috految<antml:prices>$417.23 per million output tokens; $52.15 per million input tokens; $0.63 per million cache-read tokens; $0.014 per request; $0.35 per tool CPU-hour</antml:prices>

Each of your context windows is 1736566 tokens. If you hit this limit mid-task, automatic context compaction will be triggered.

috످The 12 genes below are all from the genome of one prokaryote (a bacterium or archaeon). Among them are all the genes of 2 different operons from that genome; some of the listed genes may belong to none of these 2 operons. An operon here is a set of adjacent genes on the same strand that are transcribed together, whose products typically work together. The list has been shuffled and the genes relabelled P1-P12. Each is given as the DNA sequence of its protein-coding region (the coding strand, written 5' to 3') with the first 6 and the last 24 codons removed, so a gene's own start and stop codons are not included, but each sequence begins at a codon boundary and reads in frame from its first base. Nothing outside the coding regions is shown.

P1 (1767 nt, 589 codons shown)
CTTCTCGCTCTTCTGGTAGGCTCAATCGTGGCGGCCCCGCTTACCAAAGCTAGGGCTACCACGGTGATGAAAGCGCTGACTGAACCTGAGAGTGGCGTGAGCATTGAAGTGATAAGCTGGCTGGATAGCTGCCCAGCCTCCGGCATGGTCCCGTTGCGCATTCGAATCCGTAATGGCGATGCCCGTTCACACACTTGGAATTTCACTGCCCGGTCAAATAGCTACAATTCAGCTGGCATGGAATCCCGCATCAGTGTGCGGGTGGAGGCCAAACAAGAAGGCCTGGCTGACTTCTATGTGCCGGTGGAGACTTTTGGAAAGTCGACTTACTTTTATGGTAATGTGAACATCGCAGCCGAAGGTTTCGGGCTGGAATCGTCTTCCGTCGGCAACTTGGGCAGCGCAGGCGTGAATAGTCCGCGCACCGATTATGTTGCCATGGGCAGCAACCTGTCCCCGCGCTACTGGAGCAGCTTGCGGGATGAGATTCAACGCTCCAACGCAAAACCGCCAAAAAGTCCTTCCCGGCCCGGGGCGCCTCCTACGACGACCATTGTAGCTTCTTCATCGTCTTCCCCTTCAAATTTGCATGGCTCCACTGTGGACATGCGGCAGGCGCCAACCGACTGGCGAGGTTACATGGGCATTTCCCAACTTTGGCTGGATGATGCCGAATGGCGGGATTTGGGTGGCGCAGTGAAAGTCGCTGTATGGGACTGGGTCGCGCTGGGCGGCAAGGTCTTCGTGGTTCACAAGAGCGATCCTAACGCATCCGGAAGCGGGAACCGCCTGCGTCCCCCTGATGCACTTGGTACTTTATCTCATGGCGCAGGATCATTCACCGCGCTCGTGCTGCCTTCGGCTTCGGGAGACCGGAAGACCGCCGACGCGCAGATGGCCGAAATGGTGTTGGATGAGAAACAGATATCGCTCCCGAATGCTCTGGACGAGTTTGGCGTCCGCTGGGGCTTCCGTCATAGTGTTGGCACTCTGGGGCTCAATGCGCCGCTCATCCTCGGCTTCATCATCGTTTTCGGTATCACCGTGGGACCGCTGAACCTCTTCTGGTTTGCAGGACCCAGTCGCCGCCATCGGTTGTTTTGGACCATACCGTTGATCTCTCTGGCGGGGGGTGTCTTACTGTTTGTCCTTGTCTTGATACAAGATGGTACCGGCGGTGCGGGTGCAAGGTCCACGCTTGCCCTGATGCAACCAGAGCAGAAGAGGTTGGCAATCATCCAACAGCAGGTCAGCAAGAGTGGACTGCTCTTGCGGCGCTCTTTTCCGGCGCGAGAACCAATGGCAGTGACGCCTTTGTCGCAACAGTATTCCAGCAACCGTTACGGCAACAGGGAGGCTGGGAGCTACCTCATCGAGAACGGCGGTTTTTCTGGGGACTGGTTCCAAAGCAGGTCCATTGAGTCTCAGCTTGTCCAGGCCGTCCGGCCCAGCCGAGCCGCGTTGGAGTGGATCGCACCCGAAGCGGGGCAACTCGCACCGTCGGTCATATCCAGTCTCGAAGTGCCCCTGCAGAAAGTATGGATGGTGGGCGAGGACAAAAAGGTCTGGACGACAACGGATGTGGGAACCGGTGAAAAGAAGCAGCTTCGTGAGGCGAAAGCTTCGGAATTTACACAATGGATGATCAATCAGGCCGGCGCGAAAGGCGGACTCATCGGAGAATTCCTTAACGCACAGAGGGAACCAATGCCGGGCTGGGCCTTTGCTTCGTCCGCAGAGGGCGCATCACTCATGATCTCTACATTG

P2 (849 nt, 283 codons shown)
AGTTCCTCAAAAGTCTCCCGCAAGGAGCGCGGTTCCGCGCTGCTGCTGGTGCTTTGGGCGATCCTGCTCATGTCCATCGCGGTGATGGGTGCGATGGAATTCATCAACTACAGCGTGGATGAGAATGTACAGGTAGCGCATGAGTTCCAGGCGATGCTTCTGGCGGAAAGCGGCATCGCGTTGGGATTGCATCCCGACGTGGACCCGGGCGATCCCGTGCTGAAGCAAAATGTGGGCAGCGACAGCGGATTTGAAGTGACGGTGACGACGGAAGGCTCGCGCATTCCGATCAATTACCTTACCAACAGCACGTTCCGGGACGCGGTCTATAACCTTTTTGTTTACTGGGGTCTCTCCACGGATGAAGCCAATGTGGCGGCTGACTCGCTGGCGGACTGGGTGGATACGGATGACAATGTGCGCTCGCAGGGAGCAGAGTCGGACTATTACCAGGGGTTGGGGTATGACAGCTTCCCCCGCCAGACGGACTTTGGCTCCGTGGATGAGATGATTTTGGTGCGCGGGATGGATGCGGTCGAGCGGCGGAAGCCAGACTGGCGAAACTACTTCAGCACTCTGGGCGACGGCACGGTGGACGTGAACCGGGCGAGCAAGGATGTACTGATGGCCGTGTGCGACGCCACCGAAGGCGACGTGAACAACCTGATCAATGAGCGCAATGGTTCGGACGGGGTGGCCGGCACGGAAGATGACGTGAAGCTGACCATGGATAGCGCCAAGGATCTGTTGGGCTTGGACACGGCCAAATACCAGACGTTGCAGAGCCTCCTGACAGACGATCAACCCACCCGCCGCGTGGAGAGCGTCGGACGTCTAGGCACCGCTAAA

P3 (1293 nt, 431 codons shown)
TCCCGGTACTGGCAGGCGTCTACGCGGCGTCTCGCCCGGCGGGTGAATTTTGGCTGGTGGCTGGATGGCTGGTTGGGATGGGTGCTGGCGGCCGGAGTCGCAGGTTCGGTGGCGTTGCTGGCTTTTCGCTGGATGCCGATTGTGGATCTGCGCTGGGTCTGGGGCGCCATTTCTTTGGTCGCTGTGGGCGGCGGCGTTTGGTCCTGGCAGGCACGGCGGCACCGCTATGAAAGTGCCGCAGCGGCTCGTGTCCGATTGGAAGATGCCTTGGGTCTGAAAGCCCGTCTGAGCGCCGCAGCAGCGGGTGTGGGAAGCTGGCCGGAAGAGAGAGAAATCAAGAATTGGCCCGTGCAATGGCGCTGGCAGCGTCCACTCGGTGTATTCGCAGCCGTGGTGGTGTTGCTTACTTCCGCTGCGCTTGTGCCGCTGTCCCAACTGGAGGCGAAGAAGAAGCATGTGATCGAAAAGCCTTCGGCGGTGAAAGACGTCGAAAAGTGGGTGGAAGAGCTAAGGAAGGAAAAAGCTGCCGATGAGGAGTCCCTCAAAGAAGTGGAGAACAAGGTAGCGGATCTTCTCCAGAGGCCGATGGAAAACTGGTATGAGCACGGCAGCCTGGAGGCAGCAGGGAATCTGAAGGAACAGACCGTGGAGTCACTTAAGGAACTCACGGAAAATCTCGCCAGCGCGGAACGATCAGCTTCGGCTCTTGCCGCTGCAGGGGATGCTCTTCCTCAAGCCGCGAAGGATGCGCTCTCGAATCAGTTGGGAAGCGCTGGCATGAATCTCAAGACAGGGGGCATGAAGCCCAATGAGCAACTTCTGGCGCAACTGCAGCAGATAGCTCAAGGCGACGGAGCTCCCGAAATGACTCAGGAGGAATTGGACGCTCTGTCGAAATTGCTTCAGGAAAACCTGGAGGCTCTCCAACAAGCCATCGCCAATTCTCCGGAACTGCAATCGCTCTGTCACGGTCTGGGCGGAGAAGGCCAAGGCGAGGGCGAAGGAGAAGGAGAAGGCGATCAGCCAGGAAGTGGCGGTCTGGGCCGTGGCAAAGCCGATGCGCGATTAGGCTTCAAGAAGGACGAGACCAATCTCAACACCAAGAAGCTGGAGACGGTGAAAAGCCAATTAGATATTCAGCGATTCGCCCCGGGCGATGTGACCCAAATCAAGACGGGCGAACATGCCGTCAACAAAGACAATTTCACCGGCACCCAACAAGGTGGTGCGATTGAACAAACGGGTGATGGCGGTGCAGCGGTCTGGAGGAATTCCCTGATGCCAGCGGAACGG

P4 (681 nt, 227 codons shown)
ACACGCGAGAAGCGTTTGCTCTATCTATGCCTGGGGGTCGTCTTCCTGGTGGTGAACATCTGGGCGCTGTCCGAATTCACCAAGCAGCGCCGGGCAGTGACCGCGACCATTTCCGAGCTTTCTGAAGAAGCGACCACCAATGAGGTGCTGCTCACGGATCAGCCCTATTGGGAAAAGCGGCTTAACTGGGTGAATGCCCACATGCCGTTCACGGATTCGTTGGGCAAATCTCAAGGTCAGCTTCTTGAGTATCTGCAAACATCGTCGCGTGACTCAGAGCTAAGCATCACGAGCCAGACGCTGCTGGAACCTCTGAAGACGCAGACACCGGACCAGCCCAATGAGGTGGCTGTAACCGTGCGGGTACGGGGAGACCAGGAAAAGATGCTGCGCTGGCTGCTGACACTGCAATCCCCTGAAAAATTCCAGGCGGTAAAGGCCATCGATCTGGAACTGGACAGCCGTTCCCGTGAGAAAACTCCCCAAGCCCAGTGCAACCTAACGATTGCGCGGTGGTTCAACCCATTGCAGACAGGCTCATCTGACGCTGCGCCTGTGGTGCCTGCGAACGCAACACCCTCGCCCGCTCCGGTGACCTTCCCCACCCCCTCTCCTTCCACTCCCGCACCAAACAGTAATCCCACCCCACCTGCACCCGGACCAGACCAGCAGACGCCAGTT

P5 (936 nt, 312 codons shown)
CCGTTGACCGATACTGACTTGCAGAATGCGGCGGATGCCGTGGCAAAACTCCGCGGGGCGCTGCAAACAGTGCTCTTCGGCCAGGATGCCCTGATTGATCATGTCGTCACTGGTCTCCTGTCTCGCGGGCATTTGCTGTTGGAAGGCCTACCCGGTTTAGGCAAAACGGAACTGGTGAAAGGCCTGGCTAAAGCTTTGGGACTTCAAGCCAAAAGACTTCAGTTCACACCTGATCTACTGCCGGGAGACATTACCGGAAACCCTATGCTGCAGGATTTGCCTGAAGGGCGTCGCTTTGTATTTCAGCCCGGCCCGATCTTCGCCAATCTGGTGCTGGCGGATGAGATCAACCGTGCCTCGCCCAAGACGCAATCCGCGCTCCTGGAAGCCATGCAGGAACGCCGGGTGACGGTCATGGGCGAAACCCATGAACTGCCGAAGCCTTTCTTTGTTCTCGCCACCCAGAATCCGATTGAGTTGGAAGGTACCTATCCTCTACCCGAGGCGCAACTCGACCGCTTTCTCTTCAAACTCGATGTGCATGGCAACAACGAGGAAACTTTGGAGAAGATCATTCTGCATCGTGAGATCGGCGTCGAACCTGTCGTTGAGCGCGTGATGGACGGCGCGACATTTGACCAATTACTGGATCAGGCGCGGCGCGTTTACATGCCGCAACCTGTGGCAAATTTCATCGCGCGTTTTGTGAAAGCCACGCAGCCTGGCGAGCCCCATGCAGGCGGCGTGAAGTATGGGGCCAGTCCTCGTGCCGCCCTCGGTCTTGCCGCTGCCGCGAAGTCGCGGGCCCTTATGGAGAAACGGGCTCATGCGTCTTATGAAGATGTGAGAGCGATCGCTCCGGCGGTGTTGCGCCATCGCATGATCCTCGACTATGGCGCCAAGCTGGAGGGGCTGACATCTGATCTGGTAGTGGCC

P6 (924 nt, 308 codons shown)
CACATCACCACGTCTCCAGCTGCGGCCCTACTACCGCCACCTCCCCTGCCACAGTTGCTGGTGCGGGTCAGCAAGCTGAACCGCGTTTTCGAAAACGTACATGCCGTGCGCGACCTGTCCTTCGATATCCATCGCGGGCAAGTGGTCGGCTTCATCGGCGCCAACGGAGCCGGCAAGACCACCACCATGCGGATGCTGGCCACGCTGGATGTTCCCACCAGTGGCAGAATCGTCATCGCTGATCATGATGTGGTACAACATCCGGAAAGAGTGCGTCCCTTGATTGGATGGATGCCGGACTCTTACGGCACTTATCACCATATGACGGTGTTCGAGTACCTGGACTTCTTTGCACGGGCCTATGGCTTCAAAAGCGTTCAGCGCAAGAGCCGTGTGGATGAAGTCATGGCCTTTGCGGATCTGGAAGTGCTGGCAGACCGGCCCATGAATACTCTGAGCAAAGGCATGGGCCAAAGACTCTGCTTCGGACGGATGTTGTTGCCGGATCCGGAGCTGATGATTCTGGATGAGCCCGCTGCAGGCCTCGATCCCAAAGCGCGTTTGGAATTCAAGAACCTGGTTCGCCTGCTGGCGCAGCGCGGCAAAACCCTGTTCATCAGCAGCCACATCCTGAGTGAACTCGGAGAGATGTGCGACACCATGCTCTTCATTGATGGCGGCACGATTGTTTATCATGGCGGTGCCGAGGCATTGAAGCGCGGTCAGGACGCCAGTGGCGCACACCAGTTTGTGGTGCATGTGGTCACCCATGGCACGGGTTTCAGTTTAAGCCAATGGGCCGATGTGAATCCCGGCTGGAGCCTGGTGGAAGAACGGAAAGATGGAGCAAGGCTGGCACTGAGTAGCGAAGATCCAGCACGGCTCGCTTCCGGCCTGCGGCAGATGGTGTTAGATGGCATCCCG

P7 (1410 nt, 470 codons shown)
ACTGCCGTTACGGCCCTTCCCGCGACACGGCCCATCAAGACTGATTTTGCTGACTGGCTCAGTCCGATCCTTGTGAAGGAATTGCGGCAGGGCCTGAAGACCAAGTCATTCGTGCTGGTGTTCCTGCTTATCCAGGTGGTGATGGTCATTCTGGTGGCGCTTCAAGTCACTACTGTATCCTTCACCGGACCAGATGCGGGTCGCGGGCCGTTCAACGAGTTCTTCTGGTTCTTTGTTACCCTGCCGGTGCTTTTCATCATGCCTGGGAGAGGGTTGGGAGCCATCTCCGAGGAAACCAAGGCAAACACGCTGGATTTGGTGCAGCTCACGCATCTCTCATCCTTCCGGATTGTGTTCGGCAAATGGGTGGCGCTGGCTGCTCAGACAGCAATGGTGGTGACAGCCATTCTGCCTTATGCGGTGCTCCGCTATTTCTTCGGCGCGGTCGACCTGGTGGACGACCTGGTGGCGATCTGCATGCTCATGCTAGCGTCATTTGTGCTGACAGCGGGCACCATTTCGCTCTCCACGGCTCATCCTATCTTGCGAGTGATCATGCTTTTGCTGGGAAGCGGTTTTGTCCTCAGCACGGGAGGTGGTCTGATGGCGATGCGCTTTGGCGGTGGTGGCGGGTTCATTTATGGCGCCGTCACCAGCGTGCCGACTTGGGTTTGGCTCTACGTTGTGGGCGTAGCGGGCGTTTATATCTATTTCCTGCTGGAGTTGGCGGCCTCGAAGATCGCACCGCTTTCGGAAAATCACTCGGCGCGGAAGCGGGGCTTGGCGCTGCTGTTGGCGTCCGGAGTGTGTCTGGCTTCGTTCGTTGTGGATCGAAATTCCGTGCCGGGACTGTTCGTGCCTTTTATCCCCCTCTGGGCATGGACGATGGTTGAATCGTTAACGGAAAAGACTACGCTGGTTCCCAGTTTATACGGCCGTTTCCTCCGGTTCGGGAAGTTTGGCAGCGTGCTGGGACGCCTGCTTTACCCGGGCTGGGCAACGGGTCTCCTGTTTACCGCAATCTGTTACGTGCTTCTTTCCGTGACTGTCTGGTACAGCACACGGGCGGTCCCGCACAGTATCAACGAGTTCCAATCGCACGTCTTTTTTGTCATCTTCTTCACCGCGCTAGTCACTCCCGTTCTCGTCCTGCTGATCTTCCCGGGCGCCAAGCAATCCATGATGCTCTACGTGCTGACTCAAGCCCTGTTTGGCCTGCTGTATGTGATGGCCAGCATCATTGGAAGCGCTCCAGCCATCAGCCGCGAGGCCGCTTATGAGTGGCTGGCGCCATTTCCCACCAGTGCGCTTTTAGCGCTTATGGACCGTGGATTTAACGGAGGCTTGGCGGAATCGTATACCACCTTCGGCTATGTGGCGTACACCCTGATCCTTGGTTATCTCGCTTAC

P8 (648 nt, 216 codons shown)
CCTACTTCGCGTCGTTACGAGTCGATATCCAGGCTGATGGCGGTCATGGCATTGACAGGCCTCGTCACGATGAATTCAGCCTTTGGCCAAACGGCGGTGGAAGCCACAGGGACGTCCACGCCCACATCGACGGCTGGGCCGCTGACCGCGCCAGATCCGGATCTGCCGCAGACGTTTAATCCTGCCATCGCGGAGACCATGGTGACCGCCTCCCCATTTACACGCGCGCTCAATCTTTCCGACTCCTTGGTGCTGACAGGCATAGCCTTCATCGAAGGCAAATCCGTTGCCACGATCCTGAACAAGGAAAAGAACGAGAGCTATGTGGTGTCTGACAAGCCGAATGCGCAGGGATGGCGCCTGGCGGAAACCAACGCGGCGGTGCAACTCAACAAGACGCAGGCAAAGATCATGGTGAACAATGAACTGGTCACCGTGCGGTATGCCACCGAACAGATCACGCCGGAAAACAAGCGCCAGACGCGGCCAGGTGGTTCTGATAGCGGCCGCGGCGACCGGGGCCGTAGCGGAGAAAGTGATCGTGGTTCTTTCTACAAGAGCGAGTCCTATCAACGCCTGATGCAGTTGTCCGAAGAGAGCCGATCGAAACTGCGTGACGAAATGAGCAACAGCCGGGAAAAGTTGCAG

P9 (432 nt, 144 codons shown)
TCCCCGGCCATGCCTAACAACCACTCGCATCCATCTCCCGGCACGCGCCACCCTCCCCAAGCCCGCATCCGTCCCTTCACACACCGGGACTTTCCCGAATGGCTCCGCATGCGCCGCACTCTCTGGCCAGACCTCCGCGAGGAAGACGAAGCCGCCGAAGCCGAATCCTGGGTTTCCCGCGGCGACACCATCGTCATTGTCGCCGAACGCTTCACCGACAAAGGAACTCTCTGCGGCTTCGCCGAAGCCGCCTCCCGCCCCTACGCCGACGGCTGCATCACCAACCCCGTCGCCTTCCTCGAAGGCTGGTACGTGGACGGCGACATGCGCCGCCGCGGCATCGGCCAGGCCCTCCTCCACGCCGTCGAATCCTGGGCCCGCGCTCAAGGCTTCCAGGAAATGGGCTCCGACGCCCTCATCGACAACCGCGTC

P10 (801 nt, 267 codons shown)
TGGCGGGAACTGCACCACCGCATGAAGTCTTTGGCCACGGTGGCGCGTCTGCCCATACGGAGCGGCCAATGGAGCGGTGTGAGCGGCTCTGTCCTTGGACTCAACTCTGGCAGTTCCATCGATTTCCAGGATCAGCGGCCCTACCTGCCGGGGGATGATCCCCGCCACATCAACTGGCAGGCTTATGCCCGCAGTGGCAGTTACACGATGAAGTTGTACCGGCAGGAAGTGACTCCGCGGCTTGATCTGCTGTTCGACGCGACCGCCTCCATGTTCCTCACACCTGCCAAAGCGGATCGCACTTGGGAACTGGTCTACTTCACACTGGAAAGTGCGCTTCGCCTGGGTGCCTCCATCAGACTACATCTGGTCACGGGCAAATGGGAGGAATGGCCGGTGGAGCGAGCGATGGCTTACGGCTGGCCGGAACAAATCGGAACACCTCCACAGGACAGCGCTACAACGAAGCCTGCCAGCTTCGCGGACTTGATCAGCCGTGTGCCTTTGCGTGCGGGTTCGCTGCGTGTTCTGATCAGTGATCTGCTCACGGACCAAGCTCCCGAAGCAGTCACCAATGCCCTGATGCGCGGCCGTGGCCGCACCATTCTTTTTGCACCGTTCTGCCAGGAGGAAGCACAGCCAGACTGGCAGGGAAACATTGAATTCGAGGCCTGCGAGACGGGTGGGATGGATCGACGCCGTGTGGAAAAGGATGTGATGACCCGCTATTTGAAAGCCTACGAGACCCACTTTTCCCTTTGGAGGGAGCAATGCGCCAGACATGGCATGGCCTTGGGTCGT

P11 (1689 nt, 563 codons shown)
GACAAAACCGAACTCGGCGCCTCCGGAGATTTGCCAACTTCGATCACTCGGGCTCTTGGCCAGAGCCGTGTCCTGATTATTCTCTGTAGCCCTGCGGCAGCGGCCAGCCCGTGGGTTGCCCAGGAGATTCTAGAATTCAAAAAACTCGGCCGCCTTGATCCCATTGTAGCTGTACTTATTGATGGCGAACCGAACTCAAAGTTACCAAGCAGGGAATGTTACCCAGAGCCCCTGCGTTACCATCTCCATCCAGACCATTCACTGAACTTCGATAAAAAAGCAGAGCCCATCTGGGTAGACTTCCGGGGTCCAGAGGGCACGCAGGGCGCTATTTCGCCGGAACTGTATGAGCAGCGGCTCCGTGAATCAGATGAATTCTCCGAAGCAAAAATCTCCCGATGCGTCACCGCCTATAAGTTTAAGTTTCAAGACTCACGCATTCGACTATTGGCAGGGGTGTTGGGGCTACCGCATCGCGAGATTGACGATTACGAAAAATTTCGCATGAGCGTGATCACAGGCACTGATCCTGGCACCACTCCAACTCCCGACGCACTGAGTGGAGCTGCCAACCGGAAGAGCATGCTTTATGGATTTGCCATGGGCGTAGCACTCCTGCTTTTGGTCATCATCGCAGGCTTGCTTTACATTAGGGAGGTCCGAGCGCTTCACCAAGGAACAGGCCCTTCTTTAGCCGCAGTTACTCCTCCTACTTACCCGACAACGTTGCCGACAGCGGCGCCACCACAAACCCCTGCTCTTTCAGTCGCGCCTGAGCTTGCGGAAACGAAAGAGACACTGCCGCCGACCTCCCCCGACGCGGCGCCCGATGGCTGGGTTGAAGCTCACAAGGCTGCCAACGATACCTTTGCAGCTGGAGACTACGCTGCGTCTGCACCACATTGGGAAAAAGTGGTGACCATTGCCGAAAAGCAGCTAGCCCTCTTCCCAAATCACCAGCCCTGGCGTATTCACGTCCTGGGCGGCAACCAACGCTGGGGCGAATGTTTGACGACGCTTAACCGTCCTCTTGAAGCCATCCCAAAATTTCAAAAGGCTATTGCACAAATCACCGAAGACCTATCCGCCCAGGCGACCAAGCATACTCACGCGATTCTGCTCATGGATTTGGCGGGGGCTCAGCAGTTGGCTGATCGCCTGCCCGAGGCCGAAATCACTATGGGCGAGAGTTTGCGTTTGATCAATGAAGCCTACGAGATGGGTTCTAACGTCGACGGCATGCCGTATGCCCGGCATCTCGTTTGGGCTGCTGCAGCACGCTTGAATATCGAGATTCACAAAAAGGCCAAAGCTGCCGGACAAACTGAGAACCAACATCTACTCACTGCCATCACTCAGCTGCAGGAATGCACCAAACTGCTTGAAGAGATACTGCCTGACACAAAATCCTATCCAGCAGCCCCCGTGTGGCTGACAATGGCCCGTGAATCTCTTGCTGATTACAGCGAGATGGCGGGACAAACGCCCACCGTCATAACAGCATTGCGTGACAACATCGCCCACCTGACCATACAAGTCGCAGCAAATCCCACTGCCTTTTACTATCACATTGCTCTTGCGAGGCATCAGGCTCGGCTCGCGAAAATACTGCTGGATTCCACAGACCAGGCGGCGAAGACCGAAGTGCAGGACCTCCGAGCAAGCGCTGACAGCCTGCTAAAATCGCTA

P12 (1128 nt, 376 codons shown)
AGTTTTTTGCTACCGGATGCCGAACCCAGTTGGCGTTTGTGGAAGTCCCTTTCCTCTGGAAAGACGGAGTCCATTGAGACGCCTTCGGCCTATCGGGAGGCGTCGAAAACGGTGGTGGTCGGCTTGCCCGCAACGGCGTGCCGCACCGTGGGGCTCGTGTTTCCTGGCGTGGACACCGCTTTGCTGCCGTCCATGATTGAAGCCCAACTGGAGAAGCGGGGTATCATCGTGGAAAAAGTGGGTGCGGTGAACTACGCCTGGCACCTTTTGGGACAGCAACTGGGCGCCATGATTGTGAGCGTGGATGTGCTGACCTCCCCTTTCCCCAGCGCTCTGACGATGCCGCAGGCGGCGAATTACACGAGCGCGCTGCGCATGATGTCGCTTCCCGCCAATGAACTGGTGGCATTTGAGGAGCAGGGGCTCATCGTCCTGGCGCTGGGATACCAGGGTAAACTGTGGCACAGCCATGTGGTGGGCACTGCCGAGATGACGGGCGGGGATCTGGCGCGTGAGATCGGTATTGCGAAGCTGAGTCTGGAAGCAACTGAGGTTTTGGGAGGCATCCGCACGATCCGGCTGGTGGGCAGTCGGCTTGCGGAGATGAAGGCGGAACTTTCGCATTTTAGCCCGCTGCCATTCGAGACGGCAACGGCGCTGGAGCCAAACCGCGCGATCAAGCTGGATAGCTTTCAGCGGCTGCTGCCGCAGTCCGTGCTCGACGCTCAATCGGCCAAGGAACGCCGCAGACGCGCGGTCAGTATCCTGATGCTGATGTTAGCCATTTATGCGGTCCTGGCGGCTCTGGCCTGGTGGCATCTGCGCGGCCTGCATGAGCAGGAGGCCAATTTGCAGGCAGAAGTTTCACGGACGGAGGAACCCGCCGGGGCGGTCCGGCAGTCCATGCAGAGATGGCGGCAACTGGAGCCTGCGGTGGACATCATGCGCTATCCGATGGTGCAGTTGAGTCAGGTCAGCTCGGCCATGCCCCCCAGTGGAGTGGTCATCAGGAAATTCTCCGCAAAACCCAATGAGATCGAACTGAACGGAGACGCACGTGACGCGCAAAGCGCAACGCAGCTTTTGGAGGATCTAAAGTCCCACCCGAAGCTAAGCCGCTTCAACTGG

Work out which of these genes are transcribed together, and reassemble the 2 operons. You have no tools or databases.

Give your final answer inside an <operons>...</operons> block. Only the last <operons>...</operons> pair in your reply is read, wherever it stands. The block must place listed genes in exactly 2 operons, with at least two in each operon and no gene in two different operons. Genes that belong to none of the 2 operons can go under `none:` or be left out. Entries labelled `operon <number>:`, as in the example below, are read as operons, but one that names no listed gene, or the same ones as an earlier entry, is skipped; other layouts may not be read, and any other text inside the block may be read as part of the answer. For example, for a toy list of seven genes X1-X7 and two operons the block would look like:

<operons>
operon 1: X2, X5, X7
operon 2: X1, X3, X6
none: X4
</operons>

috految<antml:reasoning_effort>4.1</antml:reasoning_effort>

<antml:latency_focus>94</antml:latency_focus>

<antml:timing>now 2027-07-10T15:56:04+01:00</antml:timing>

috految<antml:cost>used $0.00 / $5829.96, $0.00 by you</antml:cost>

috److Likely gene identities, inferred from the translated sequences (the genome looks like a member of the Verrucomicrobiaceae):

| Gene | Likely product |
|---|---|
| P1 | Hypothetical membrane protein |
| P2 | Type II secretion protein GspK |
| P3 | Hypothetical protein associated with MoxR clusters |
| P4 | GspM-like protein |
| P5 | MoxR AAA+ ATPase |
| P6 | ABC transporter ATP-binding protein |
| P7 | ABC transporter permease |
| P8 | Hypothetical protein associated with Gsp clusters |
| P9 | Aminoglycoside 6'-N-acetyltransferase |
| P10 | DUF58 protein |
| P11 | TIR domain protein |
| P12 | GspL-like protein |

These fall into two functional groups:

- **MoxR / ABC transporter cluster:** P1, P3, P5, P6, P7 and P10.
- **Type II secretion cluster:** P2, P12, P4 and P8.

P9 and P11 have no clear link to either group, so I left them unassigned.

<operons>
operon 1: P1, P3, P5, P6, P7, P10
operon 2: P2, P4, P8, P12
none: P9, P11
</operons>

috످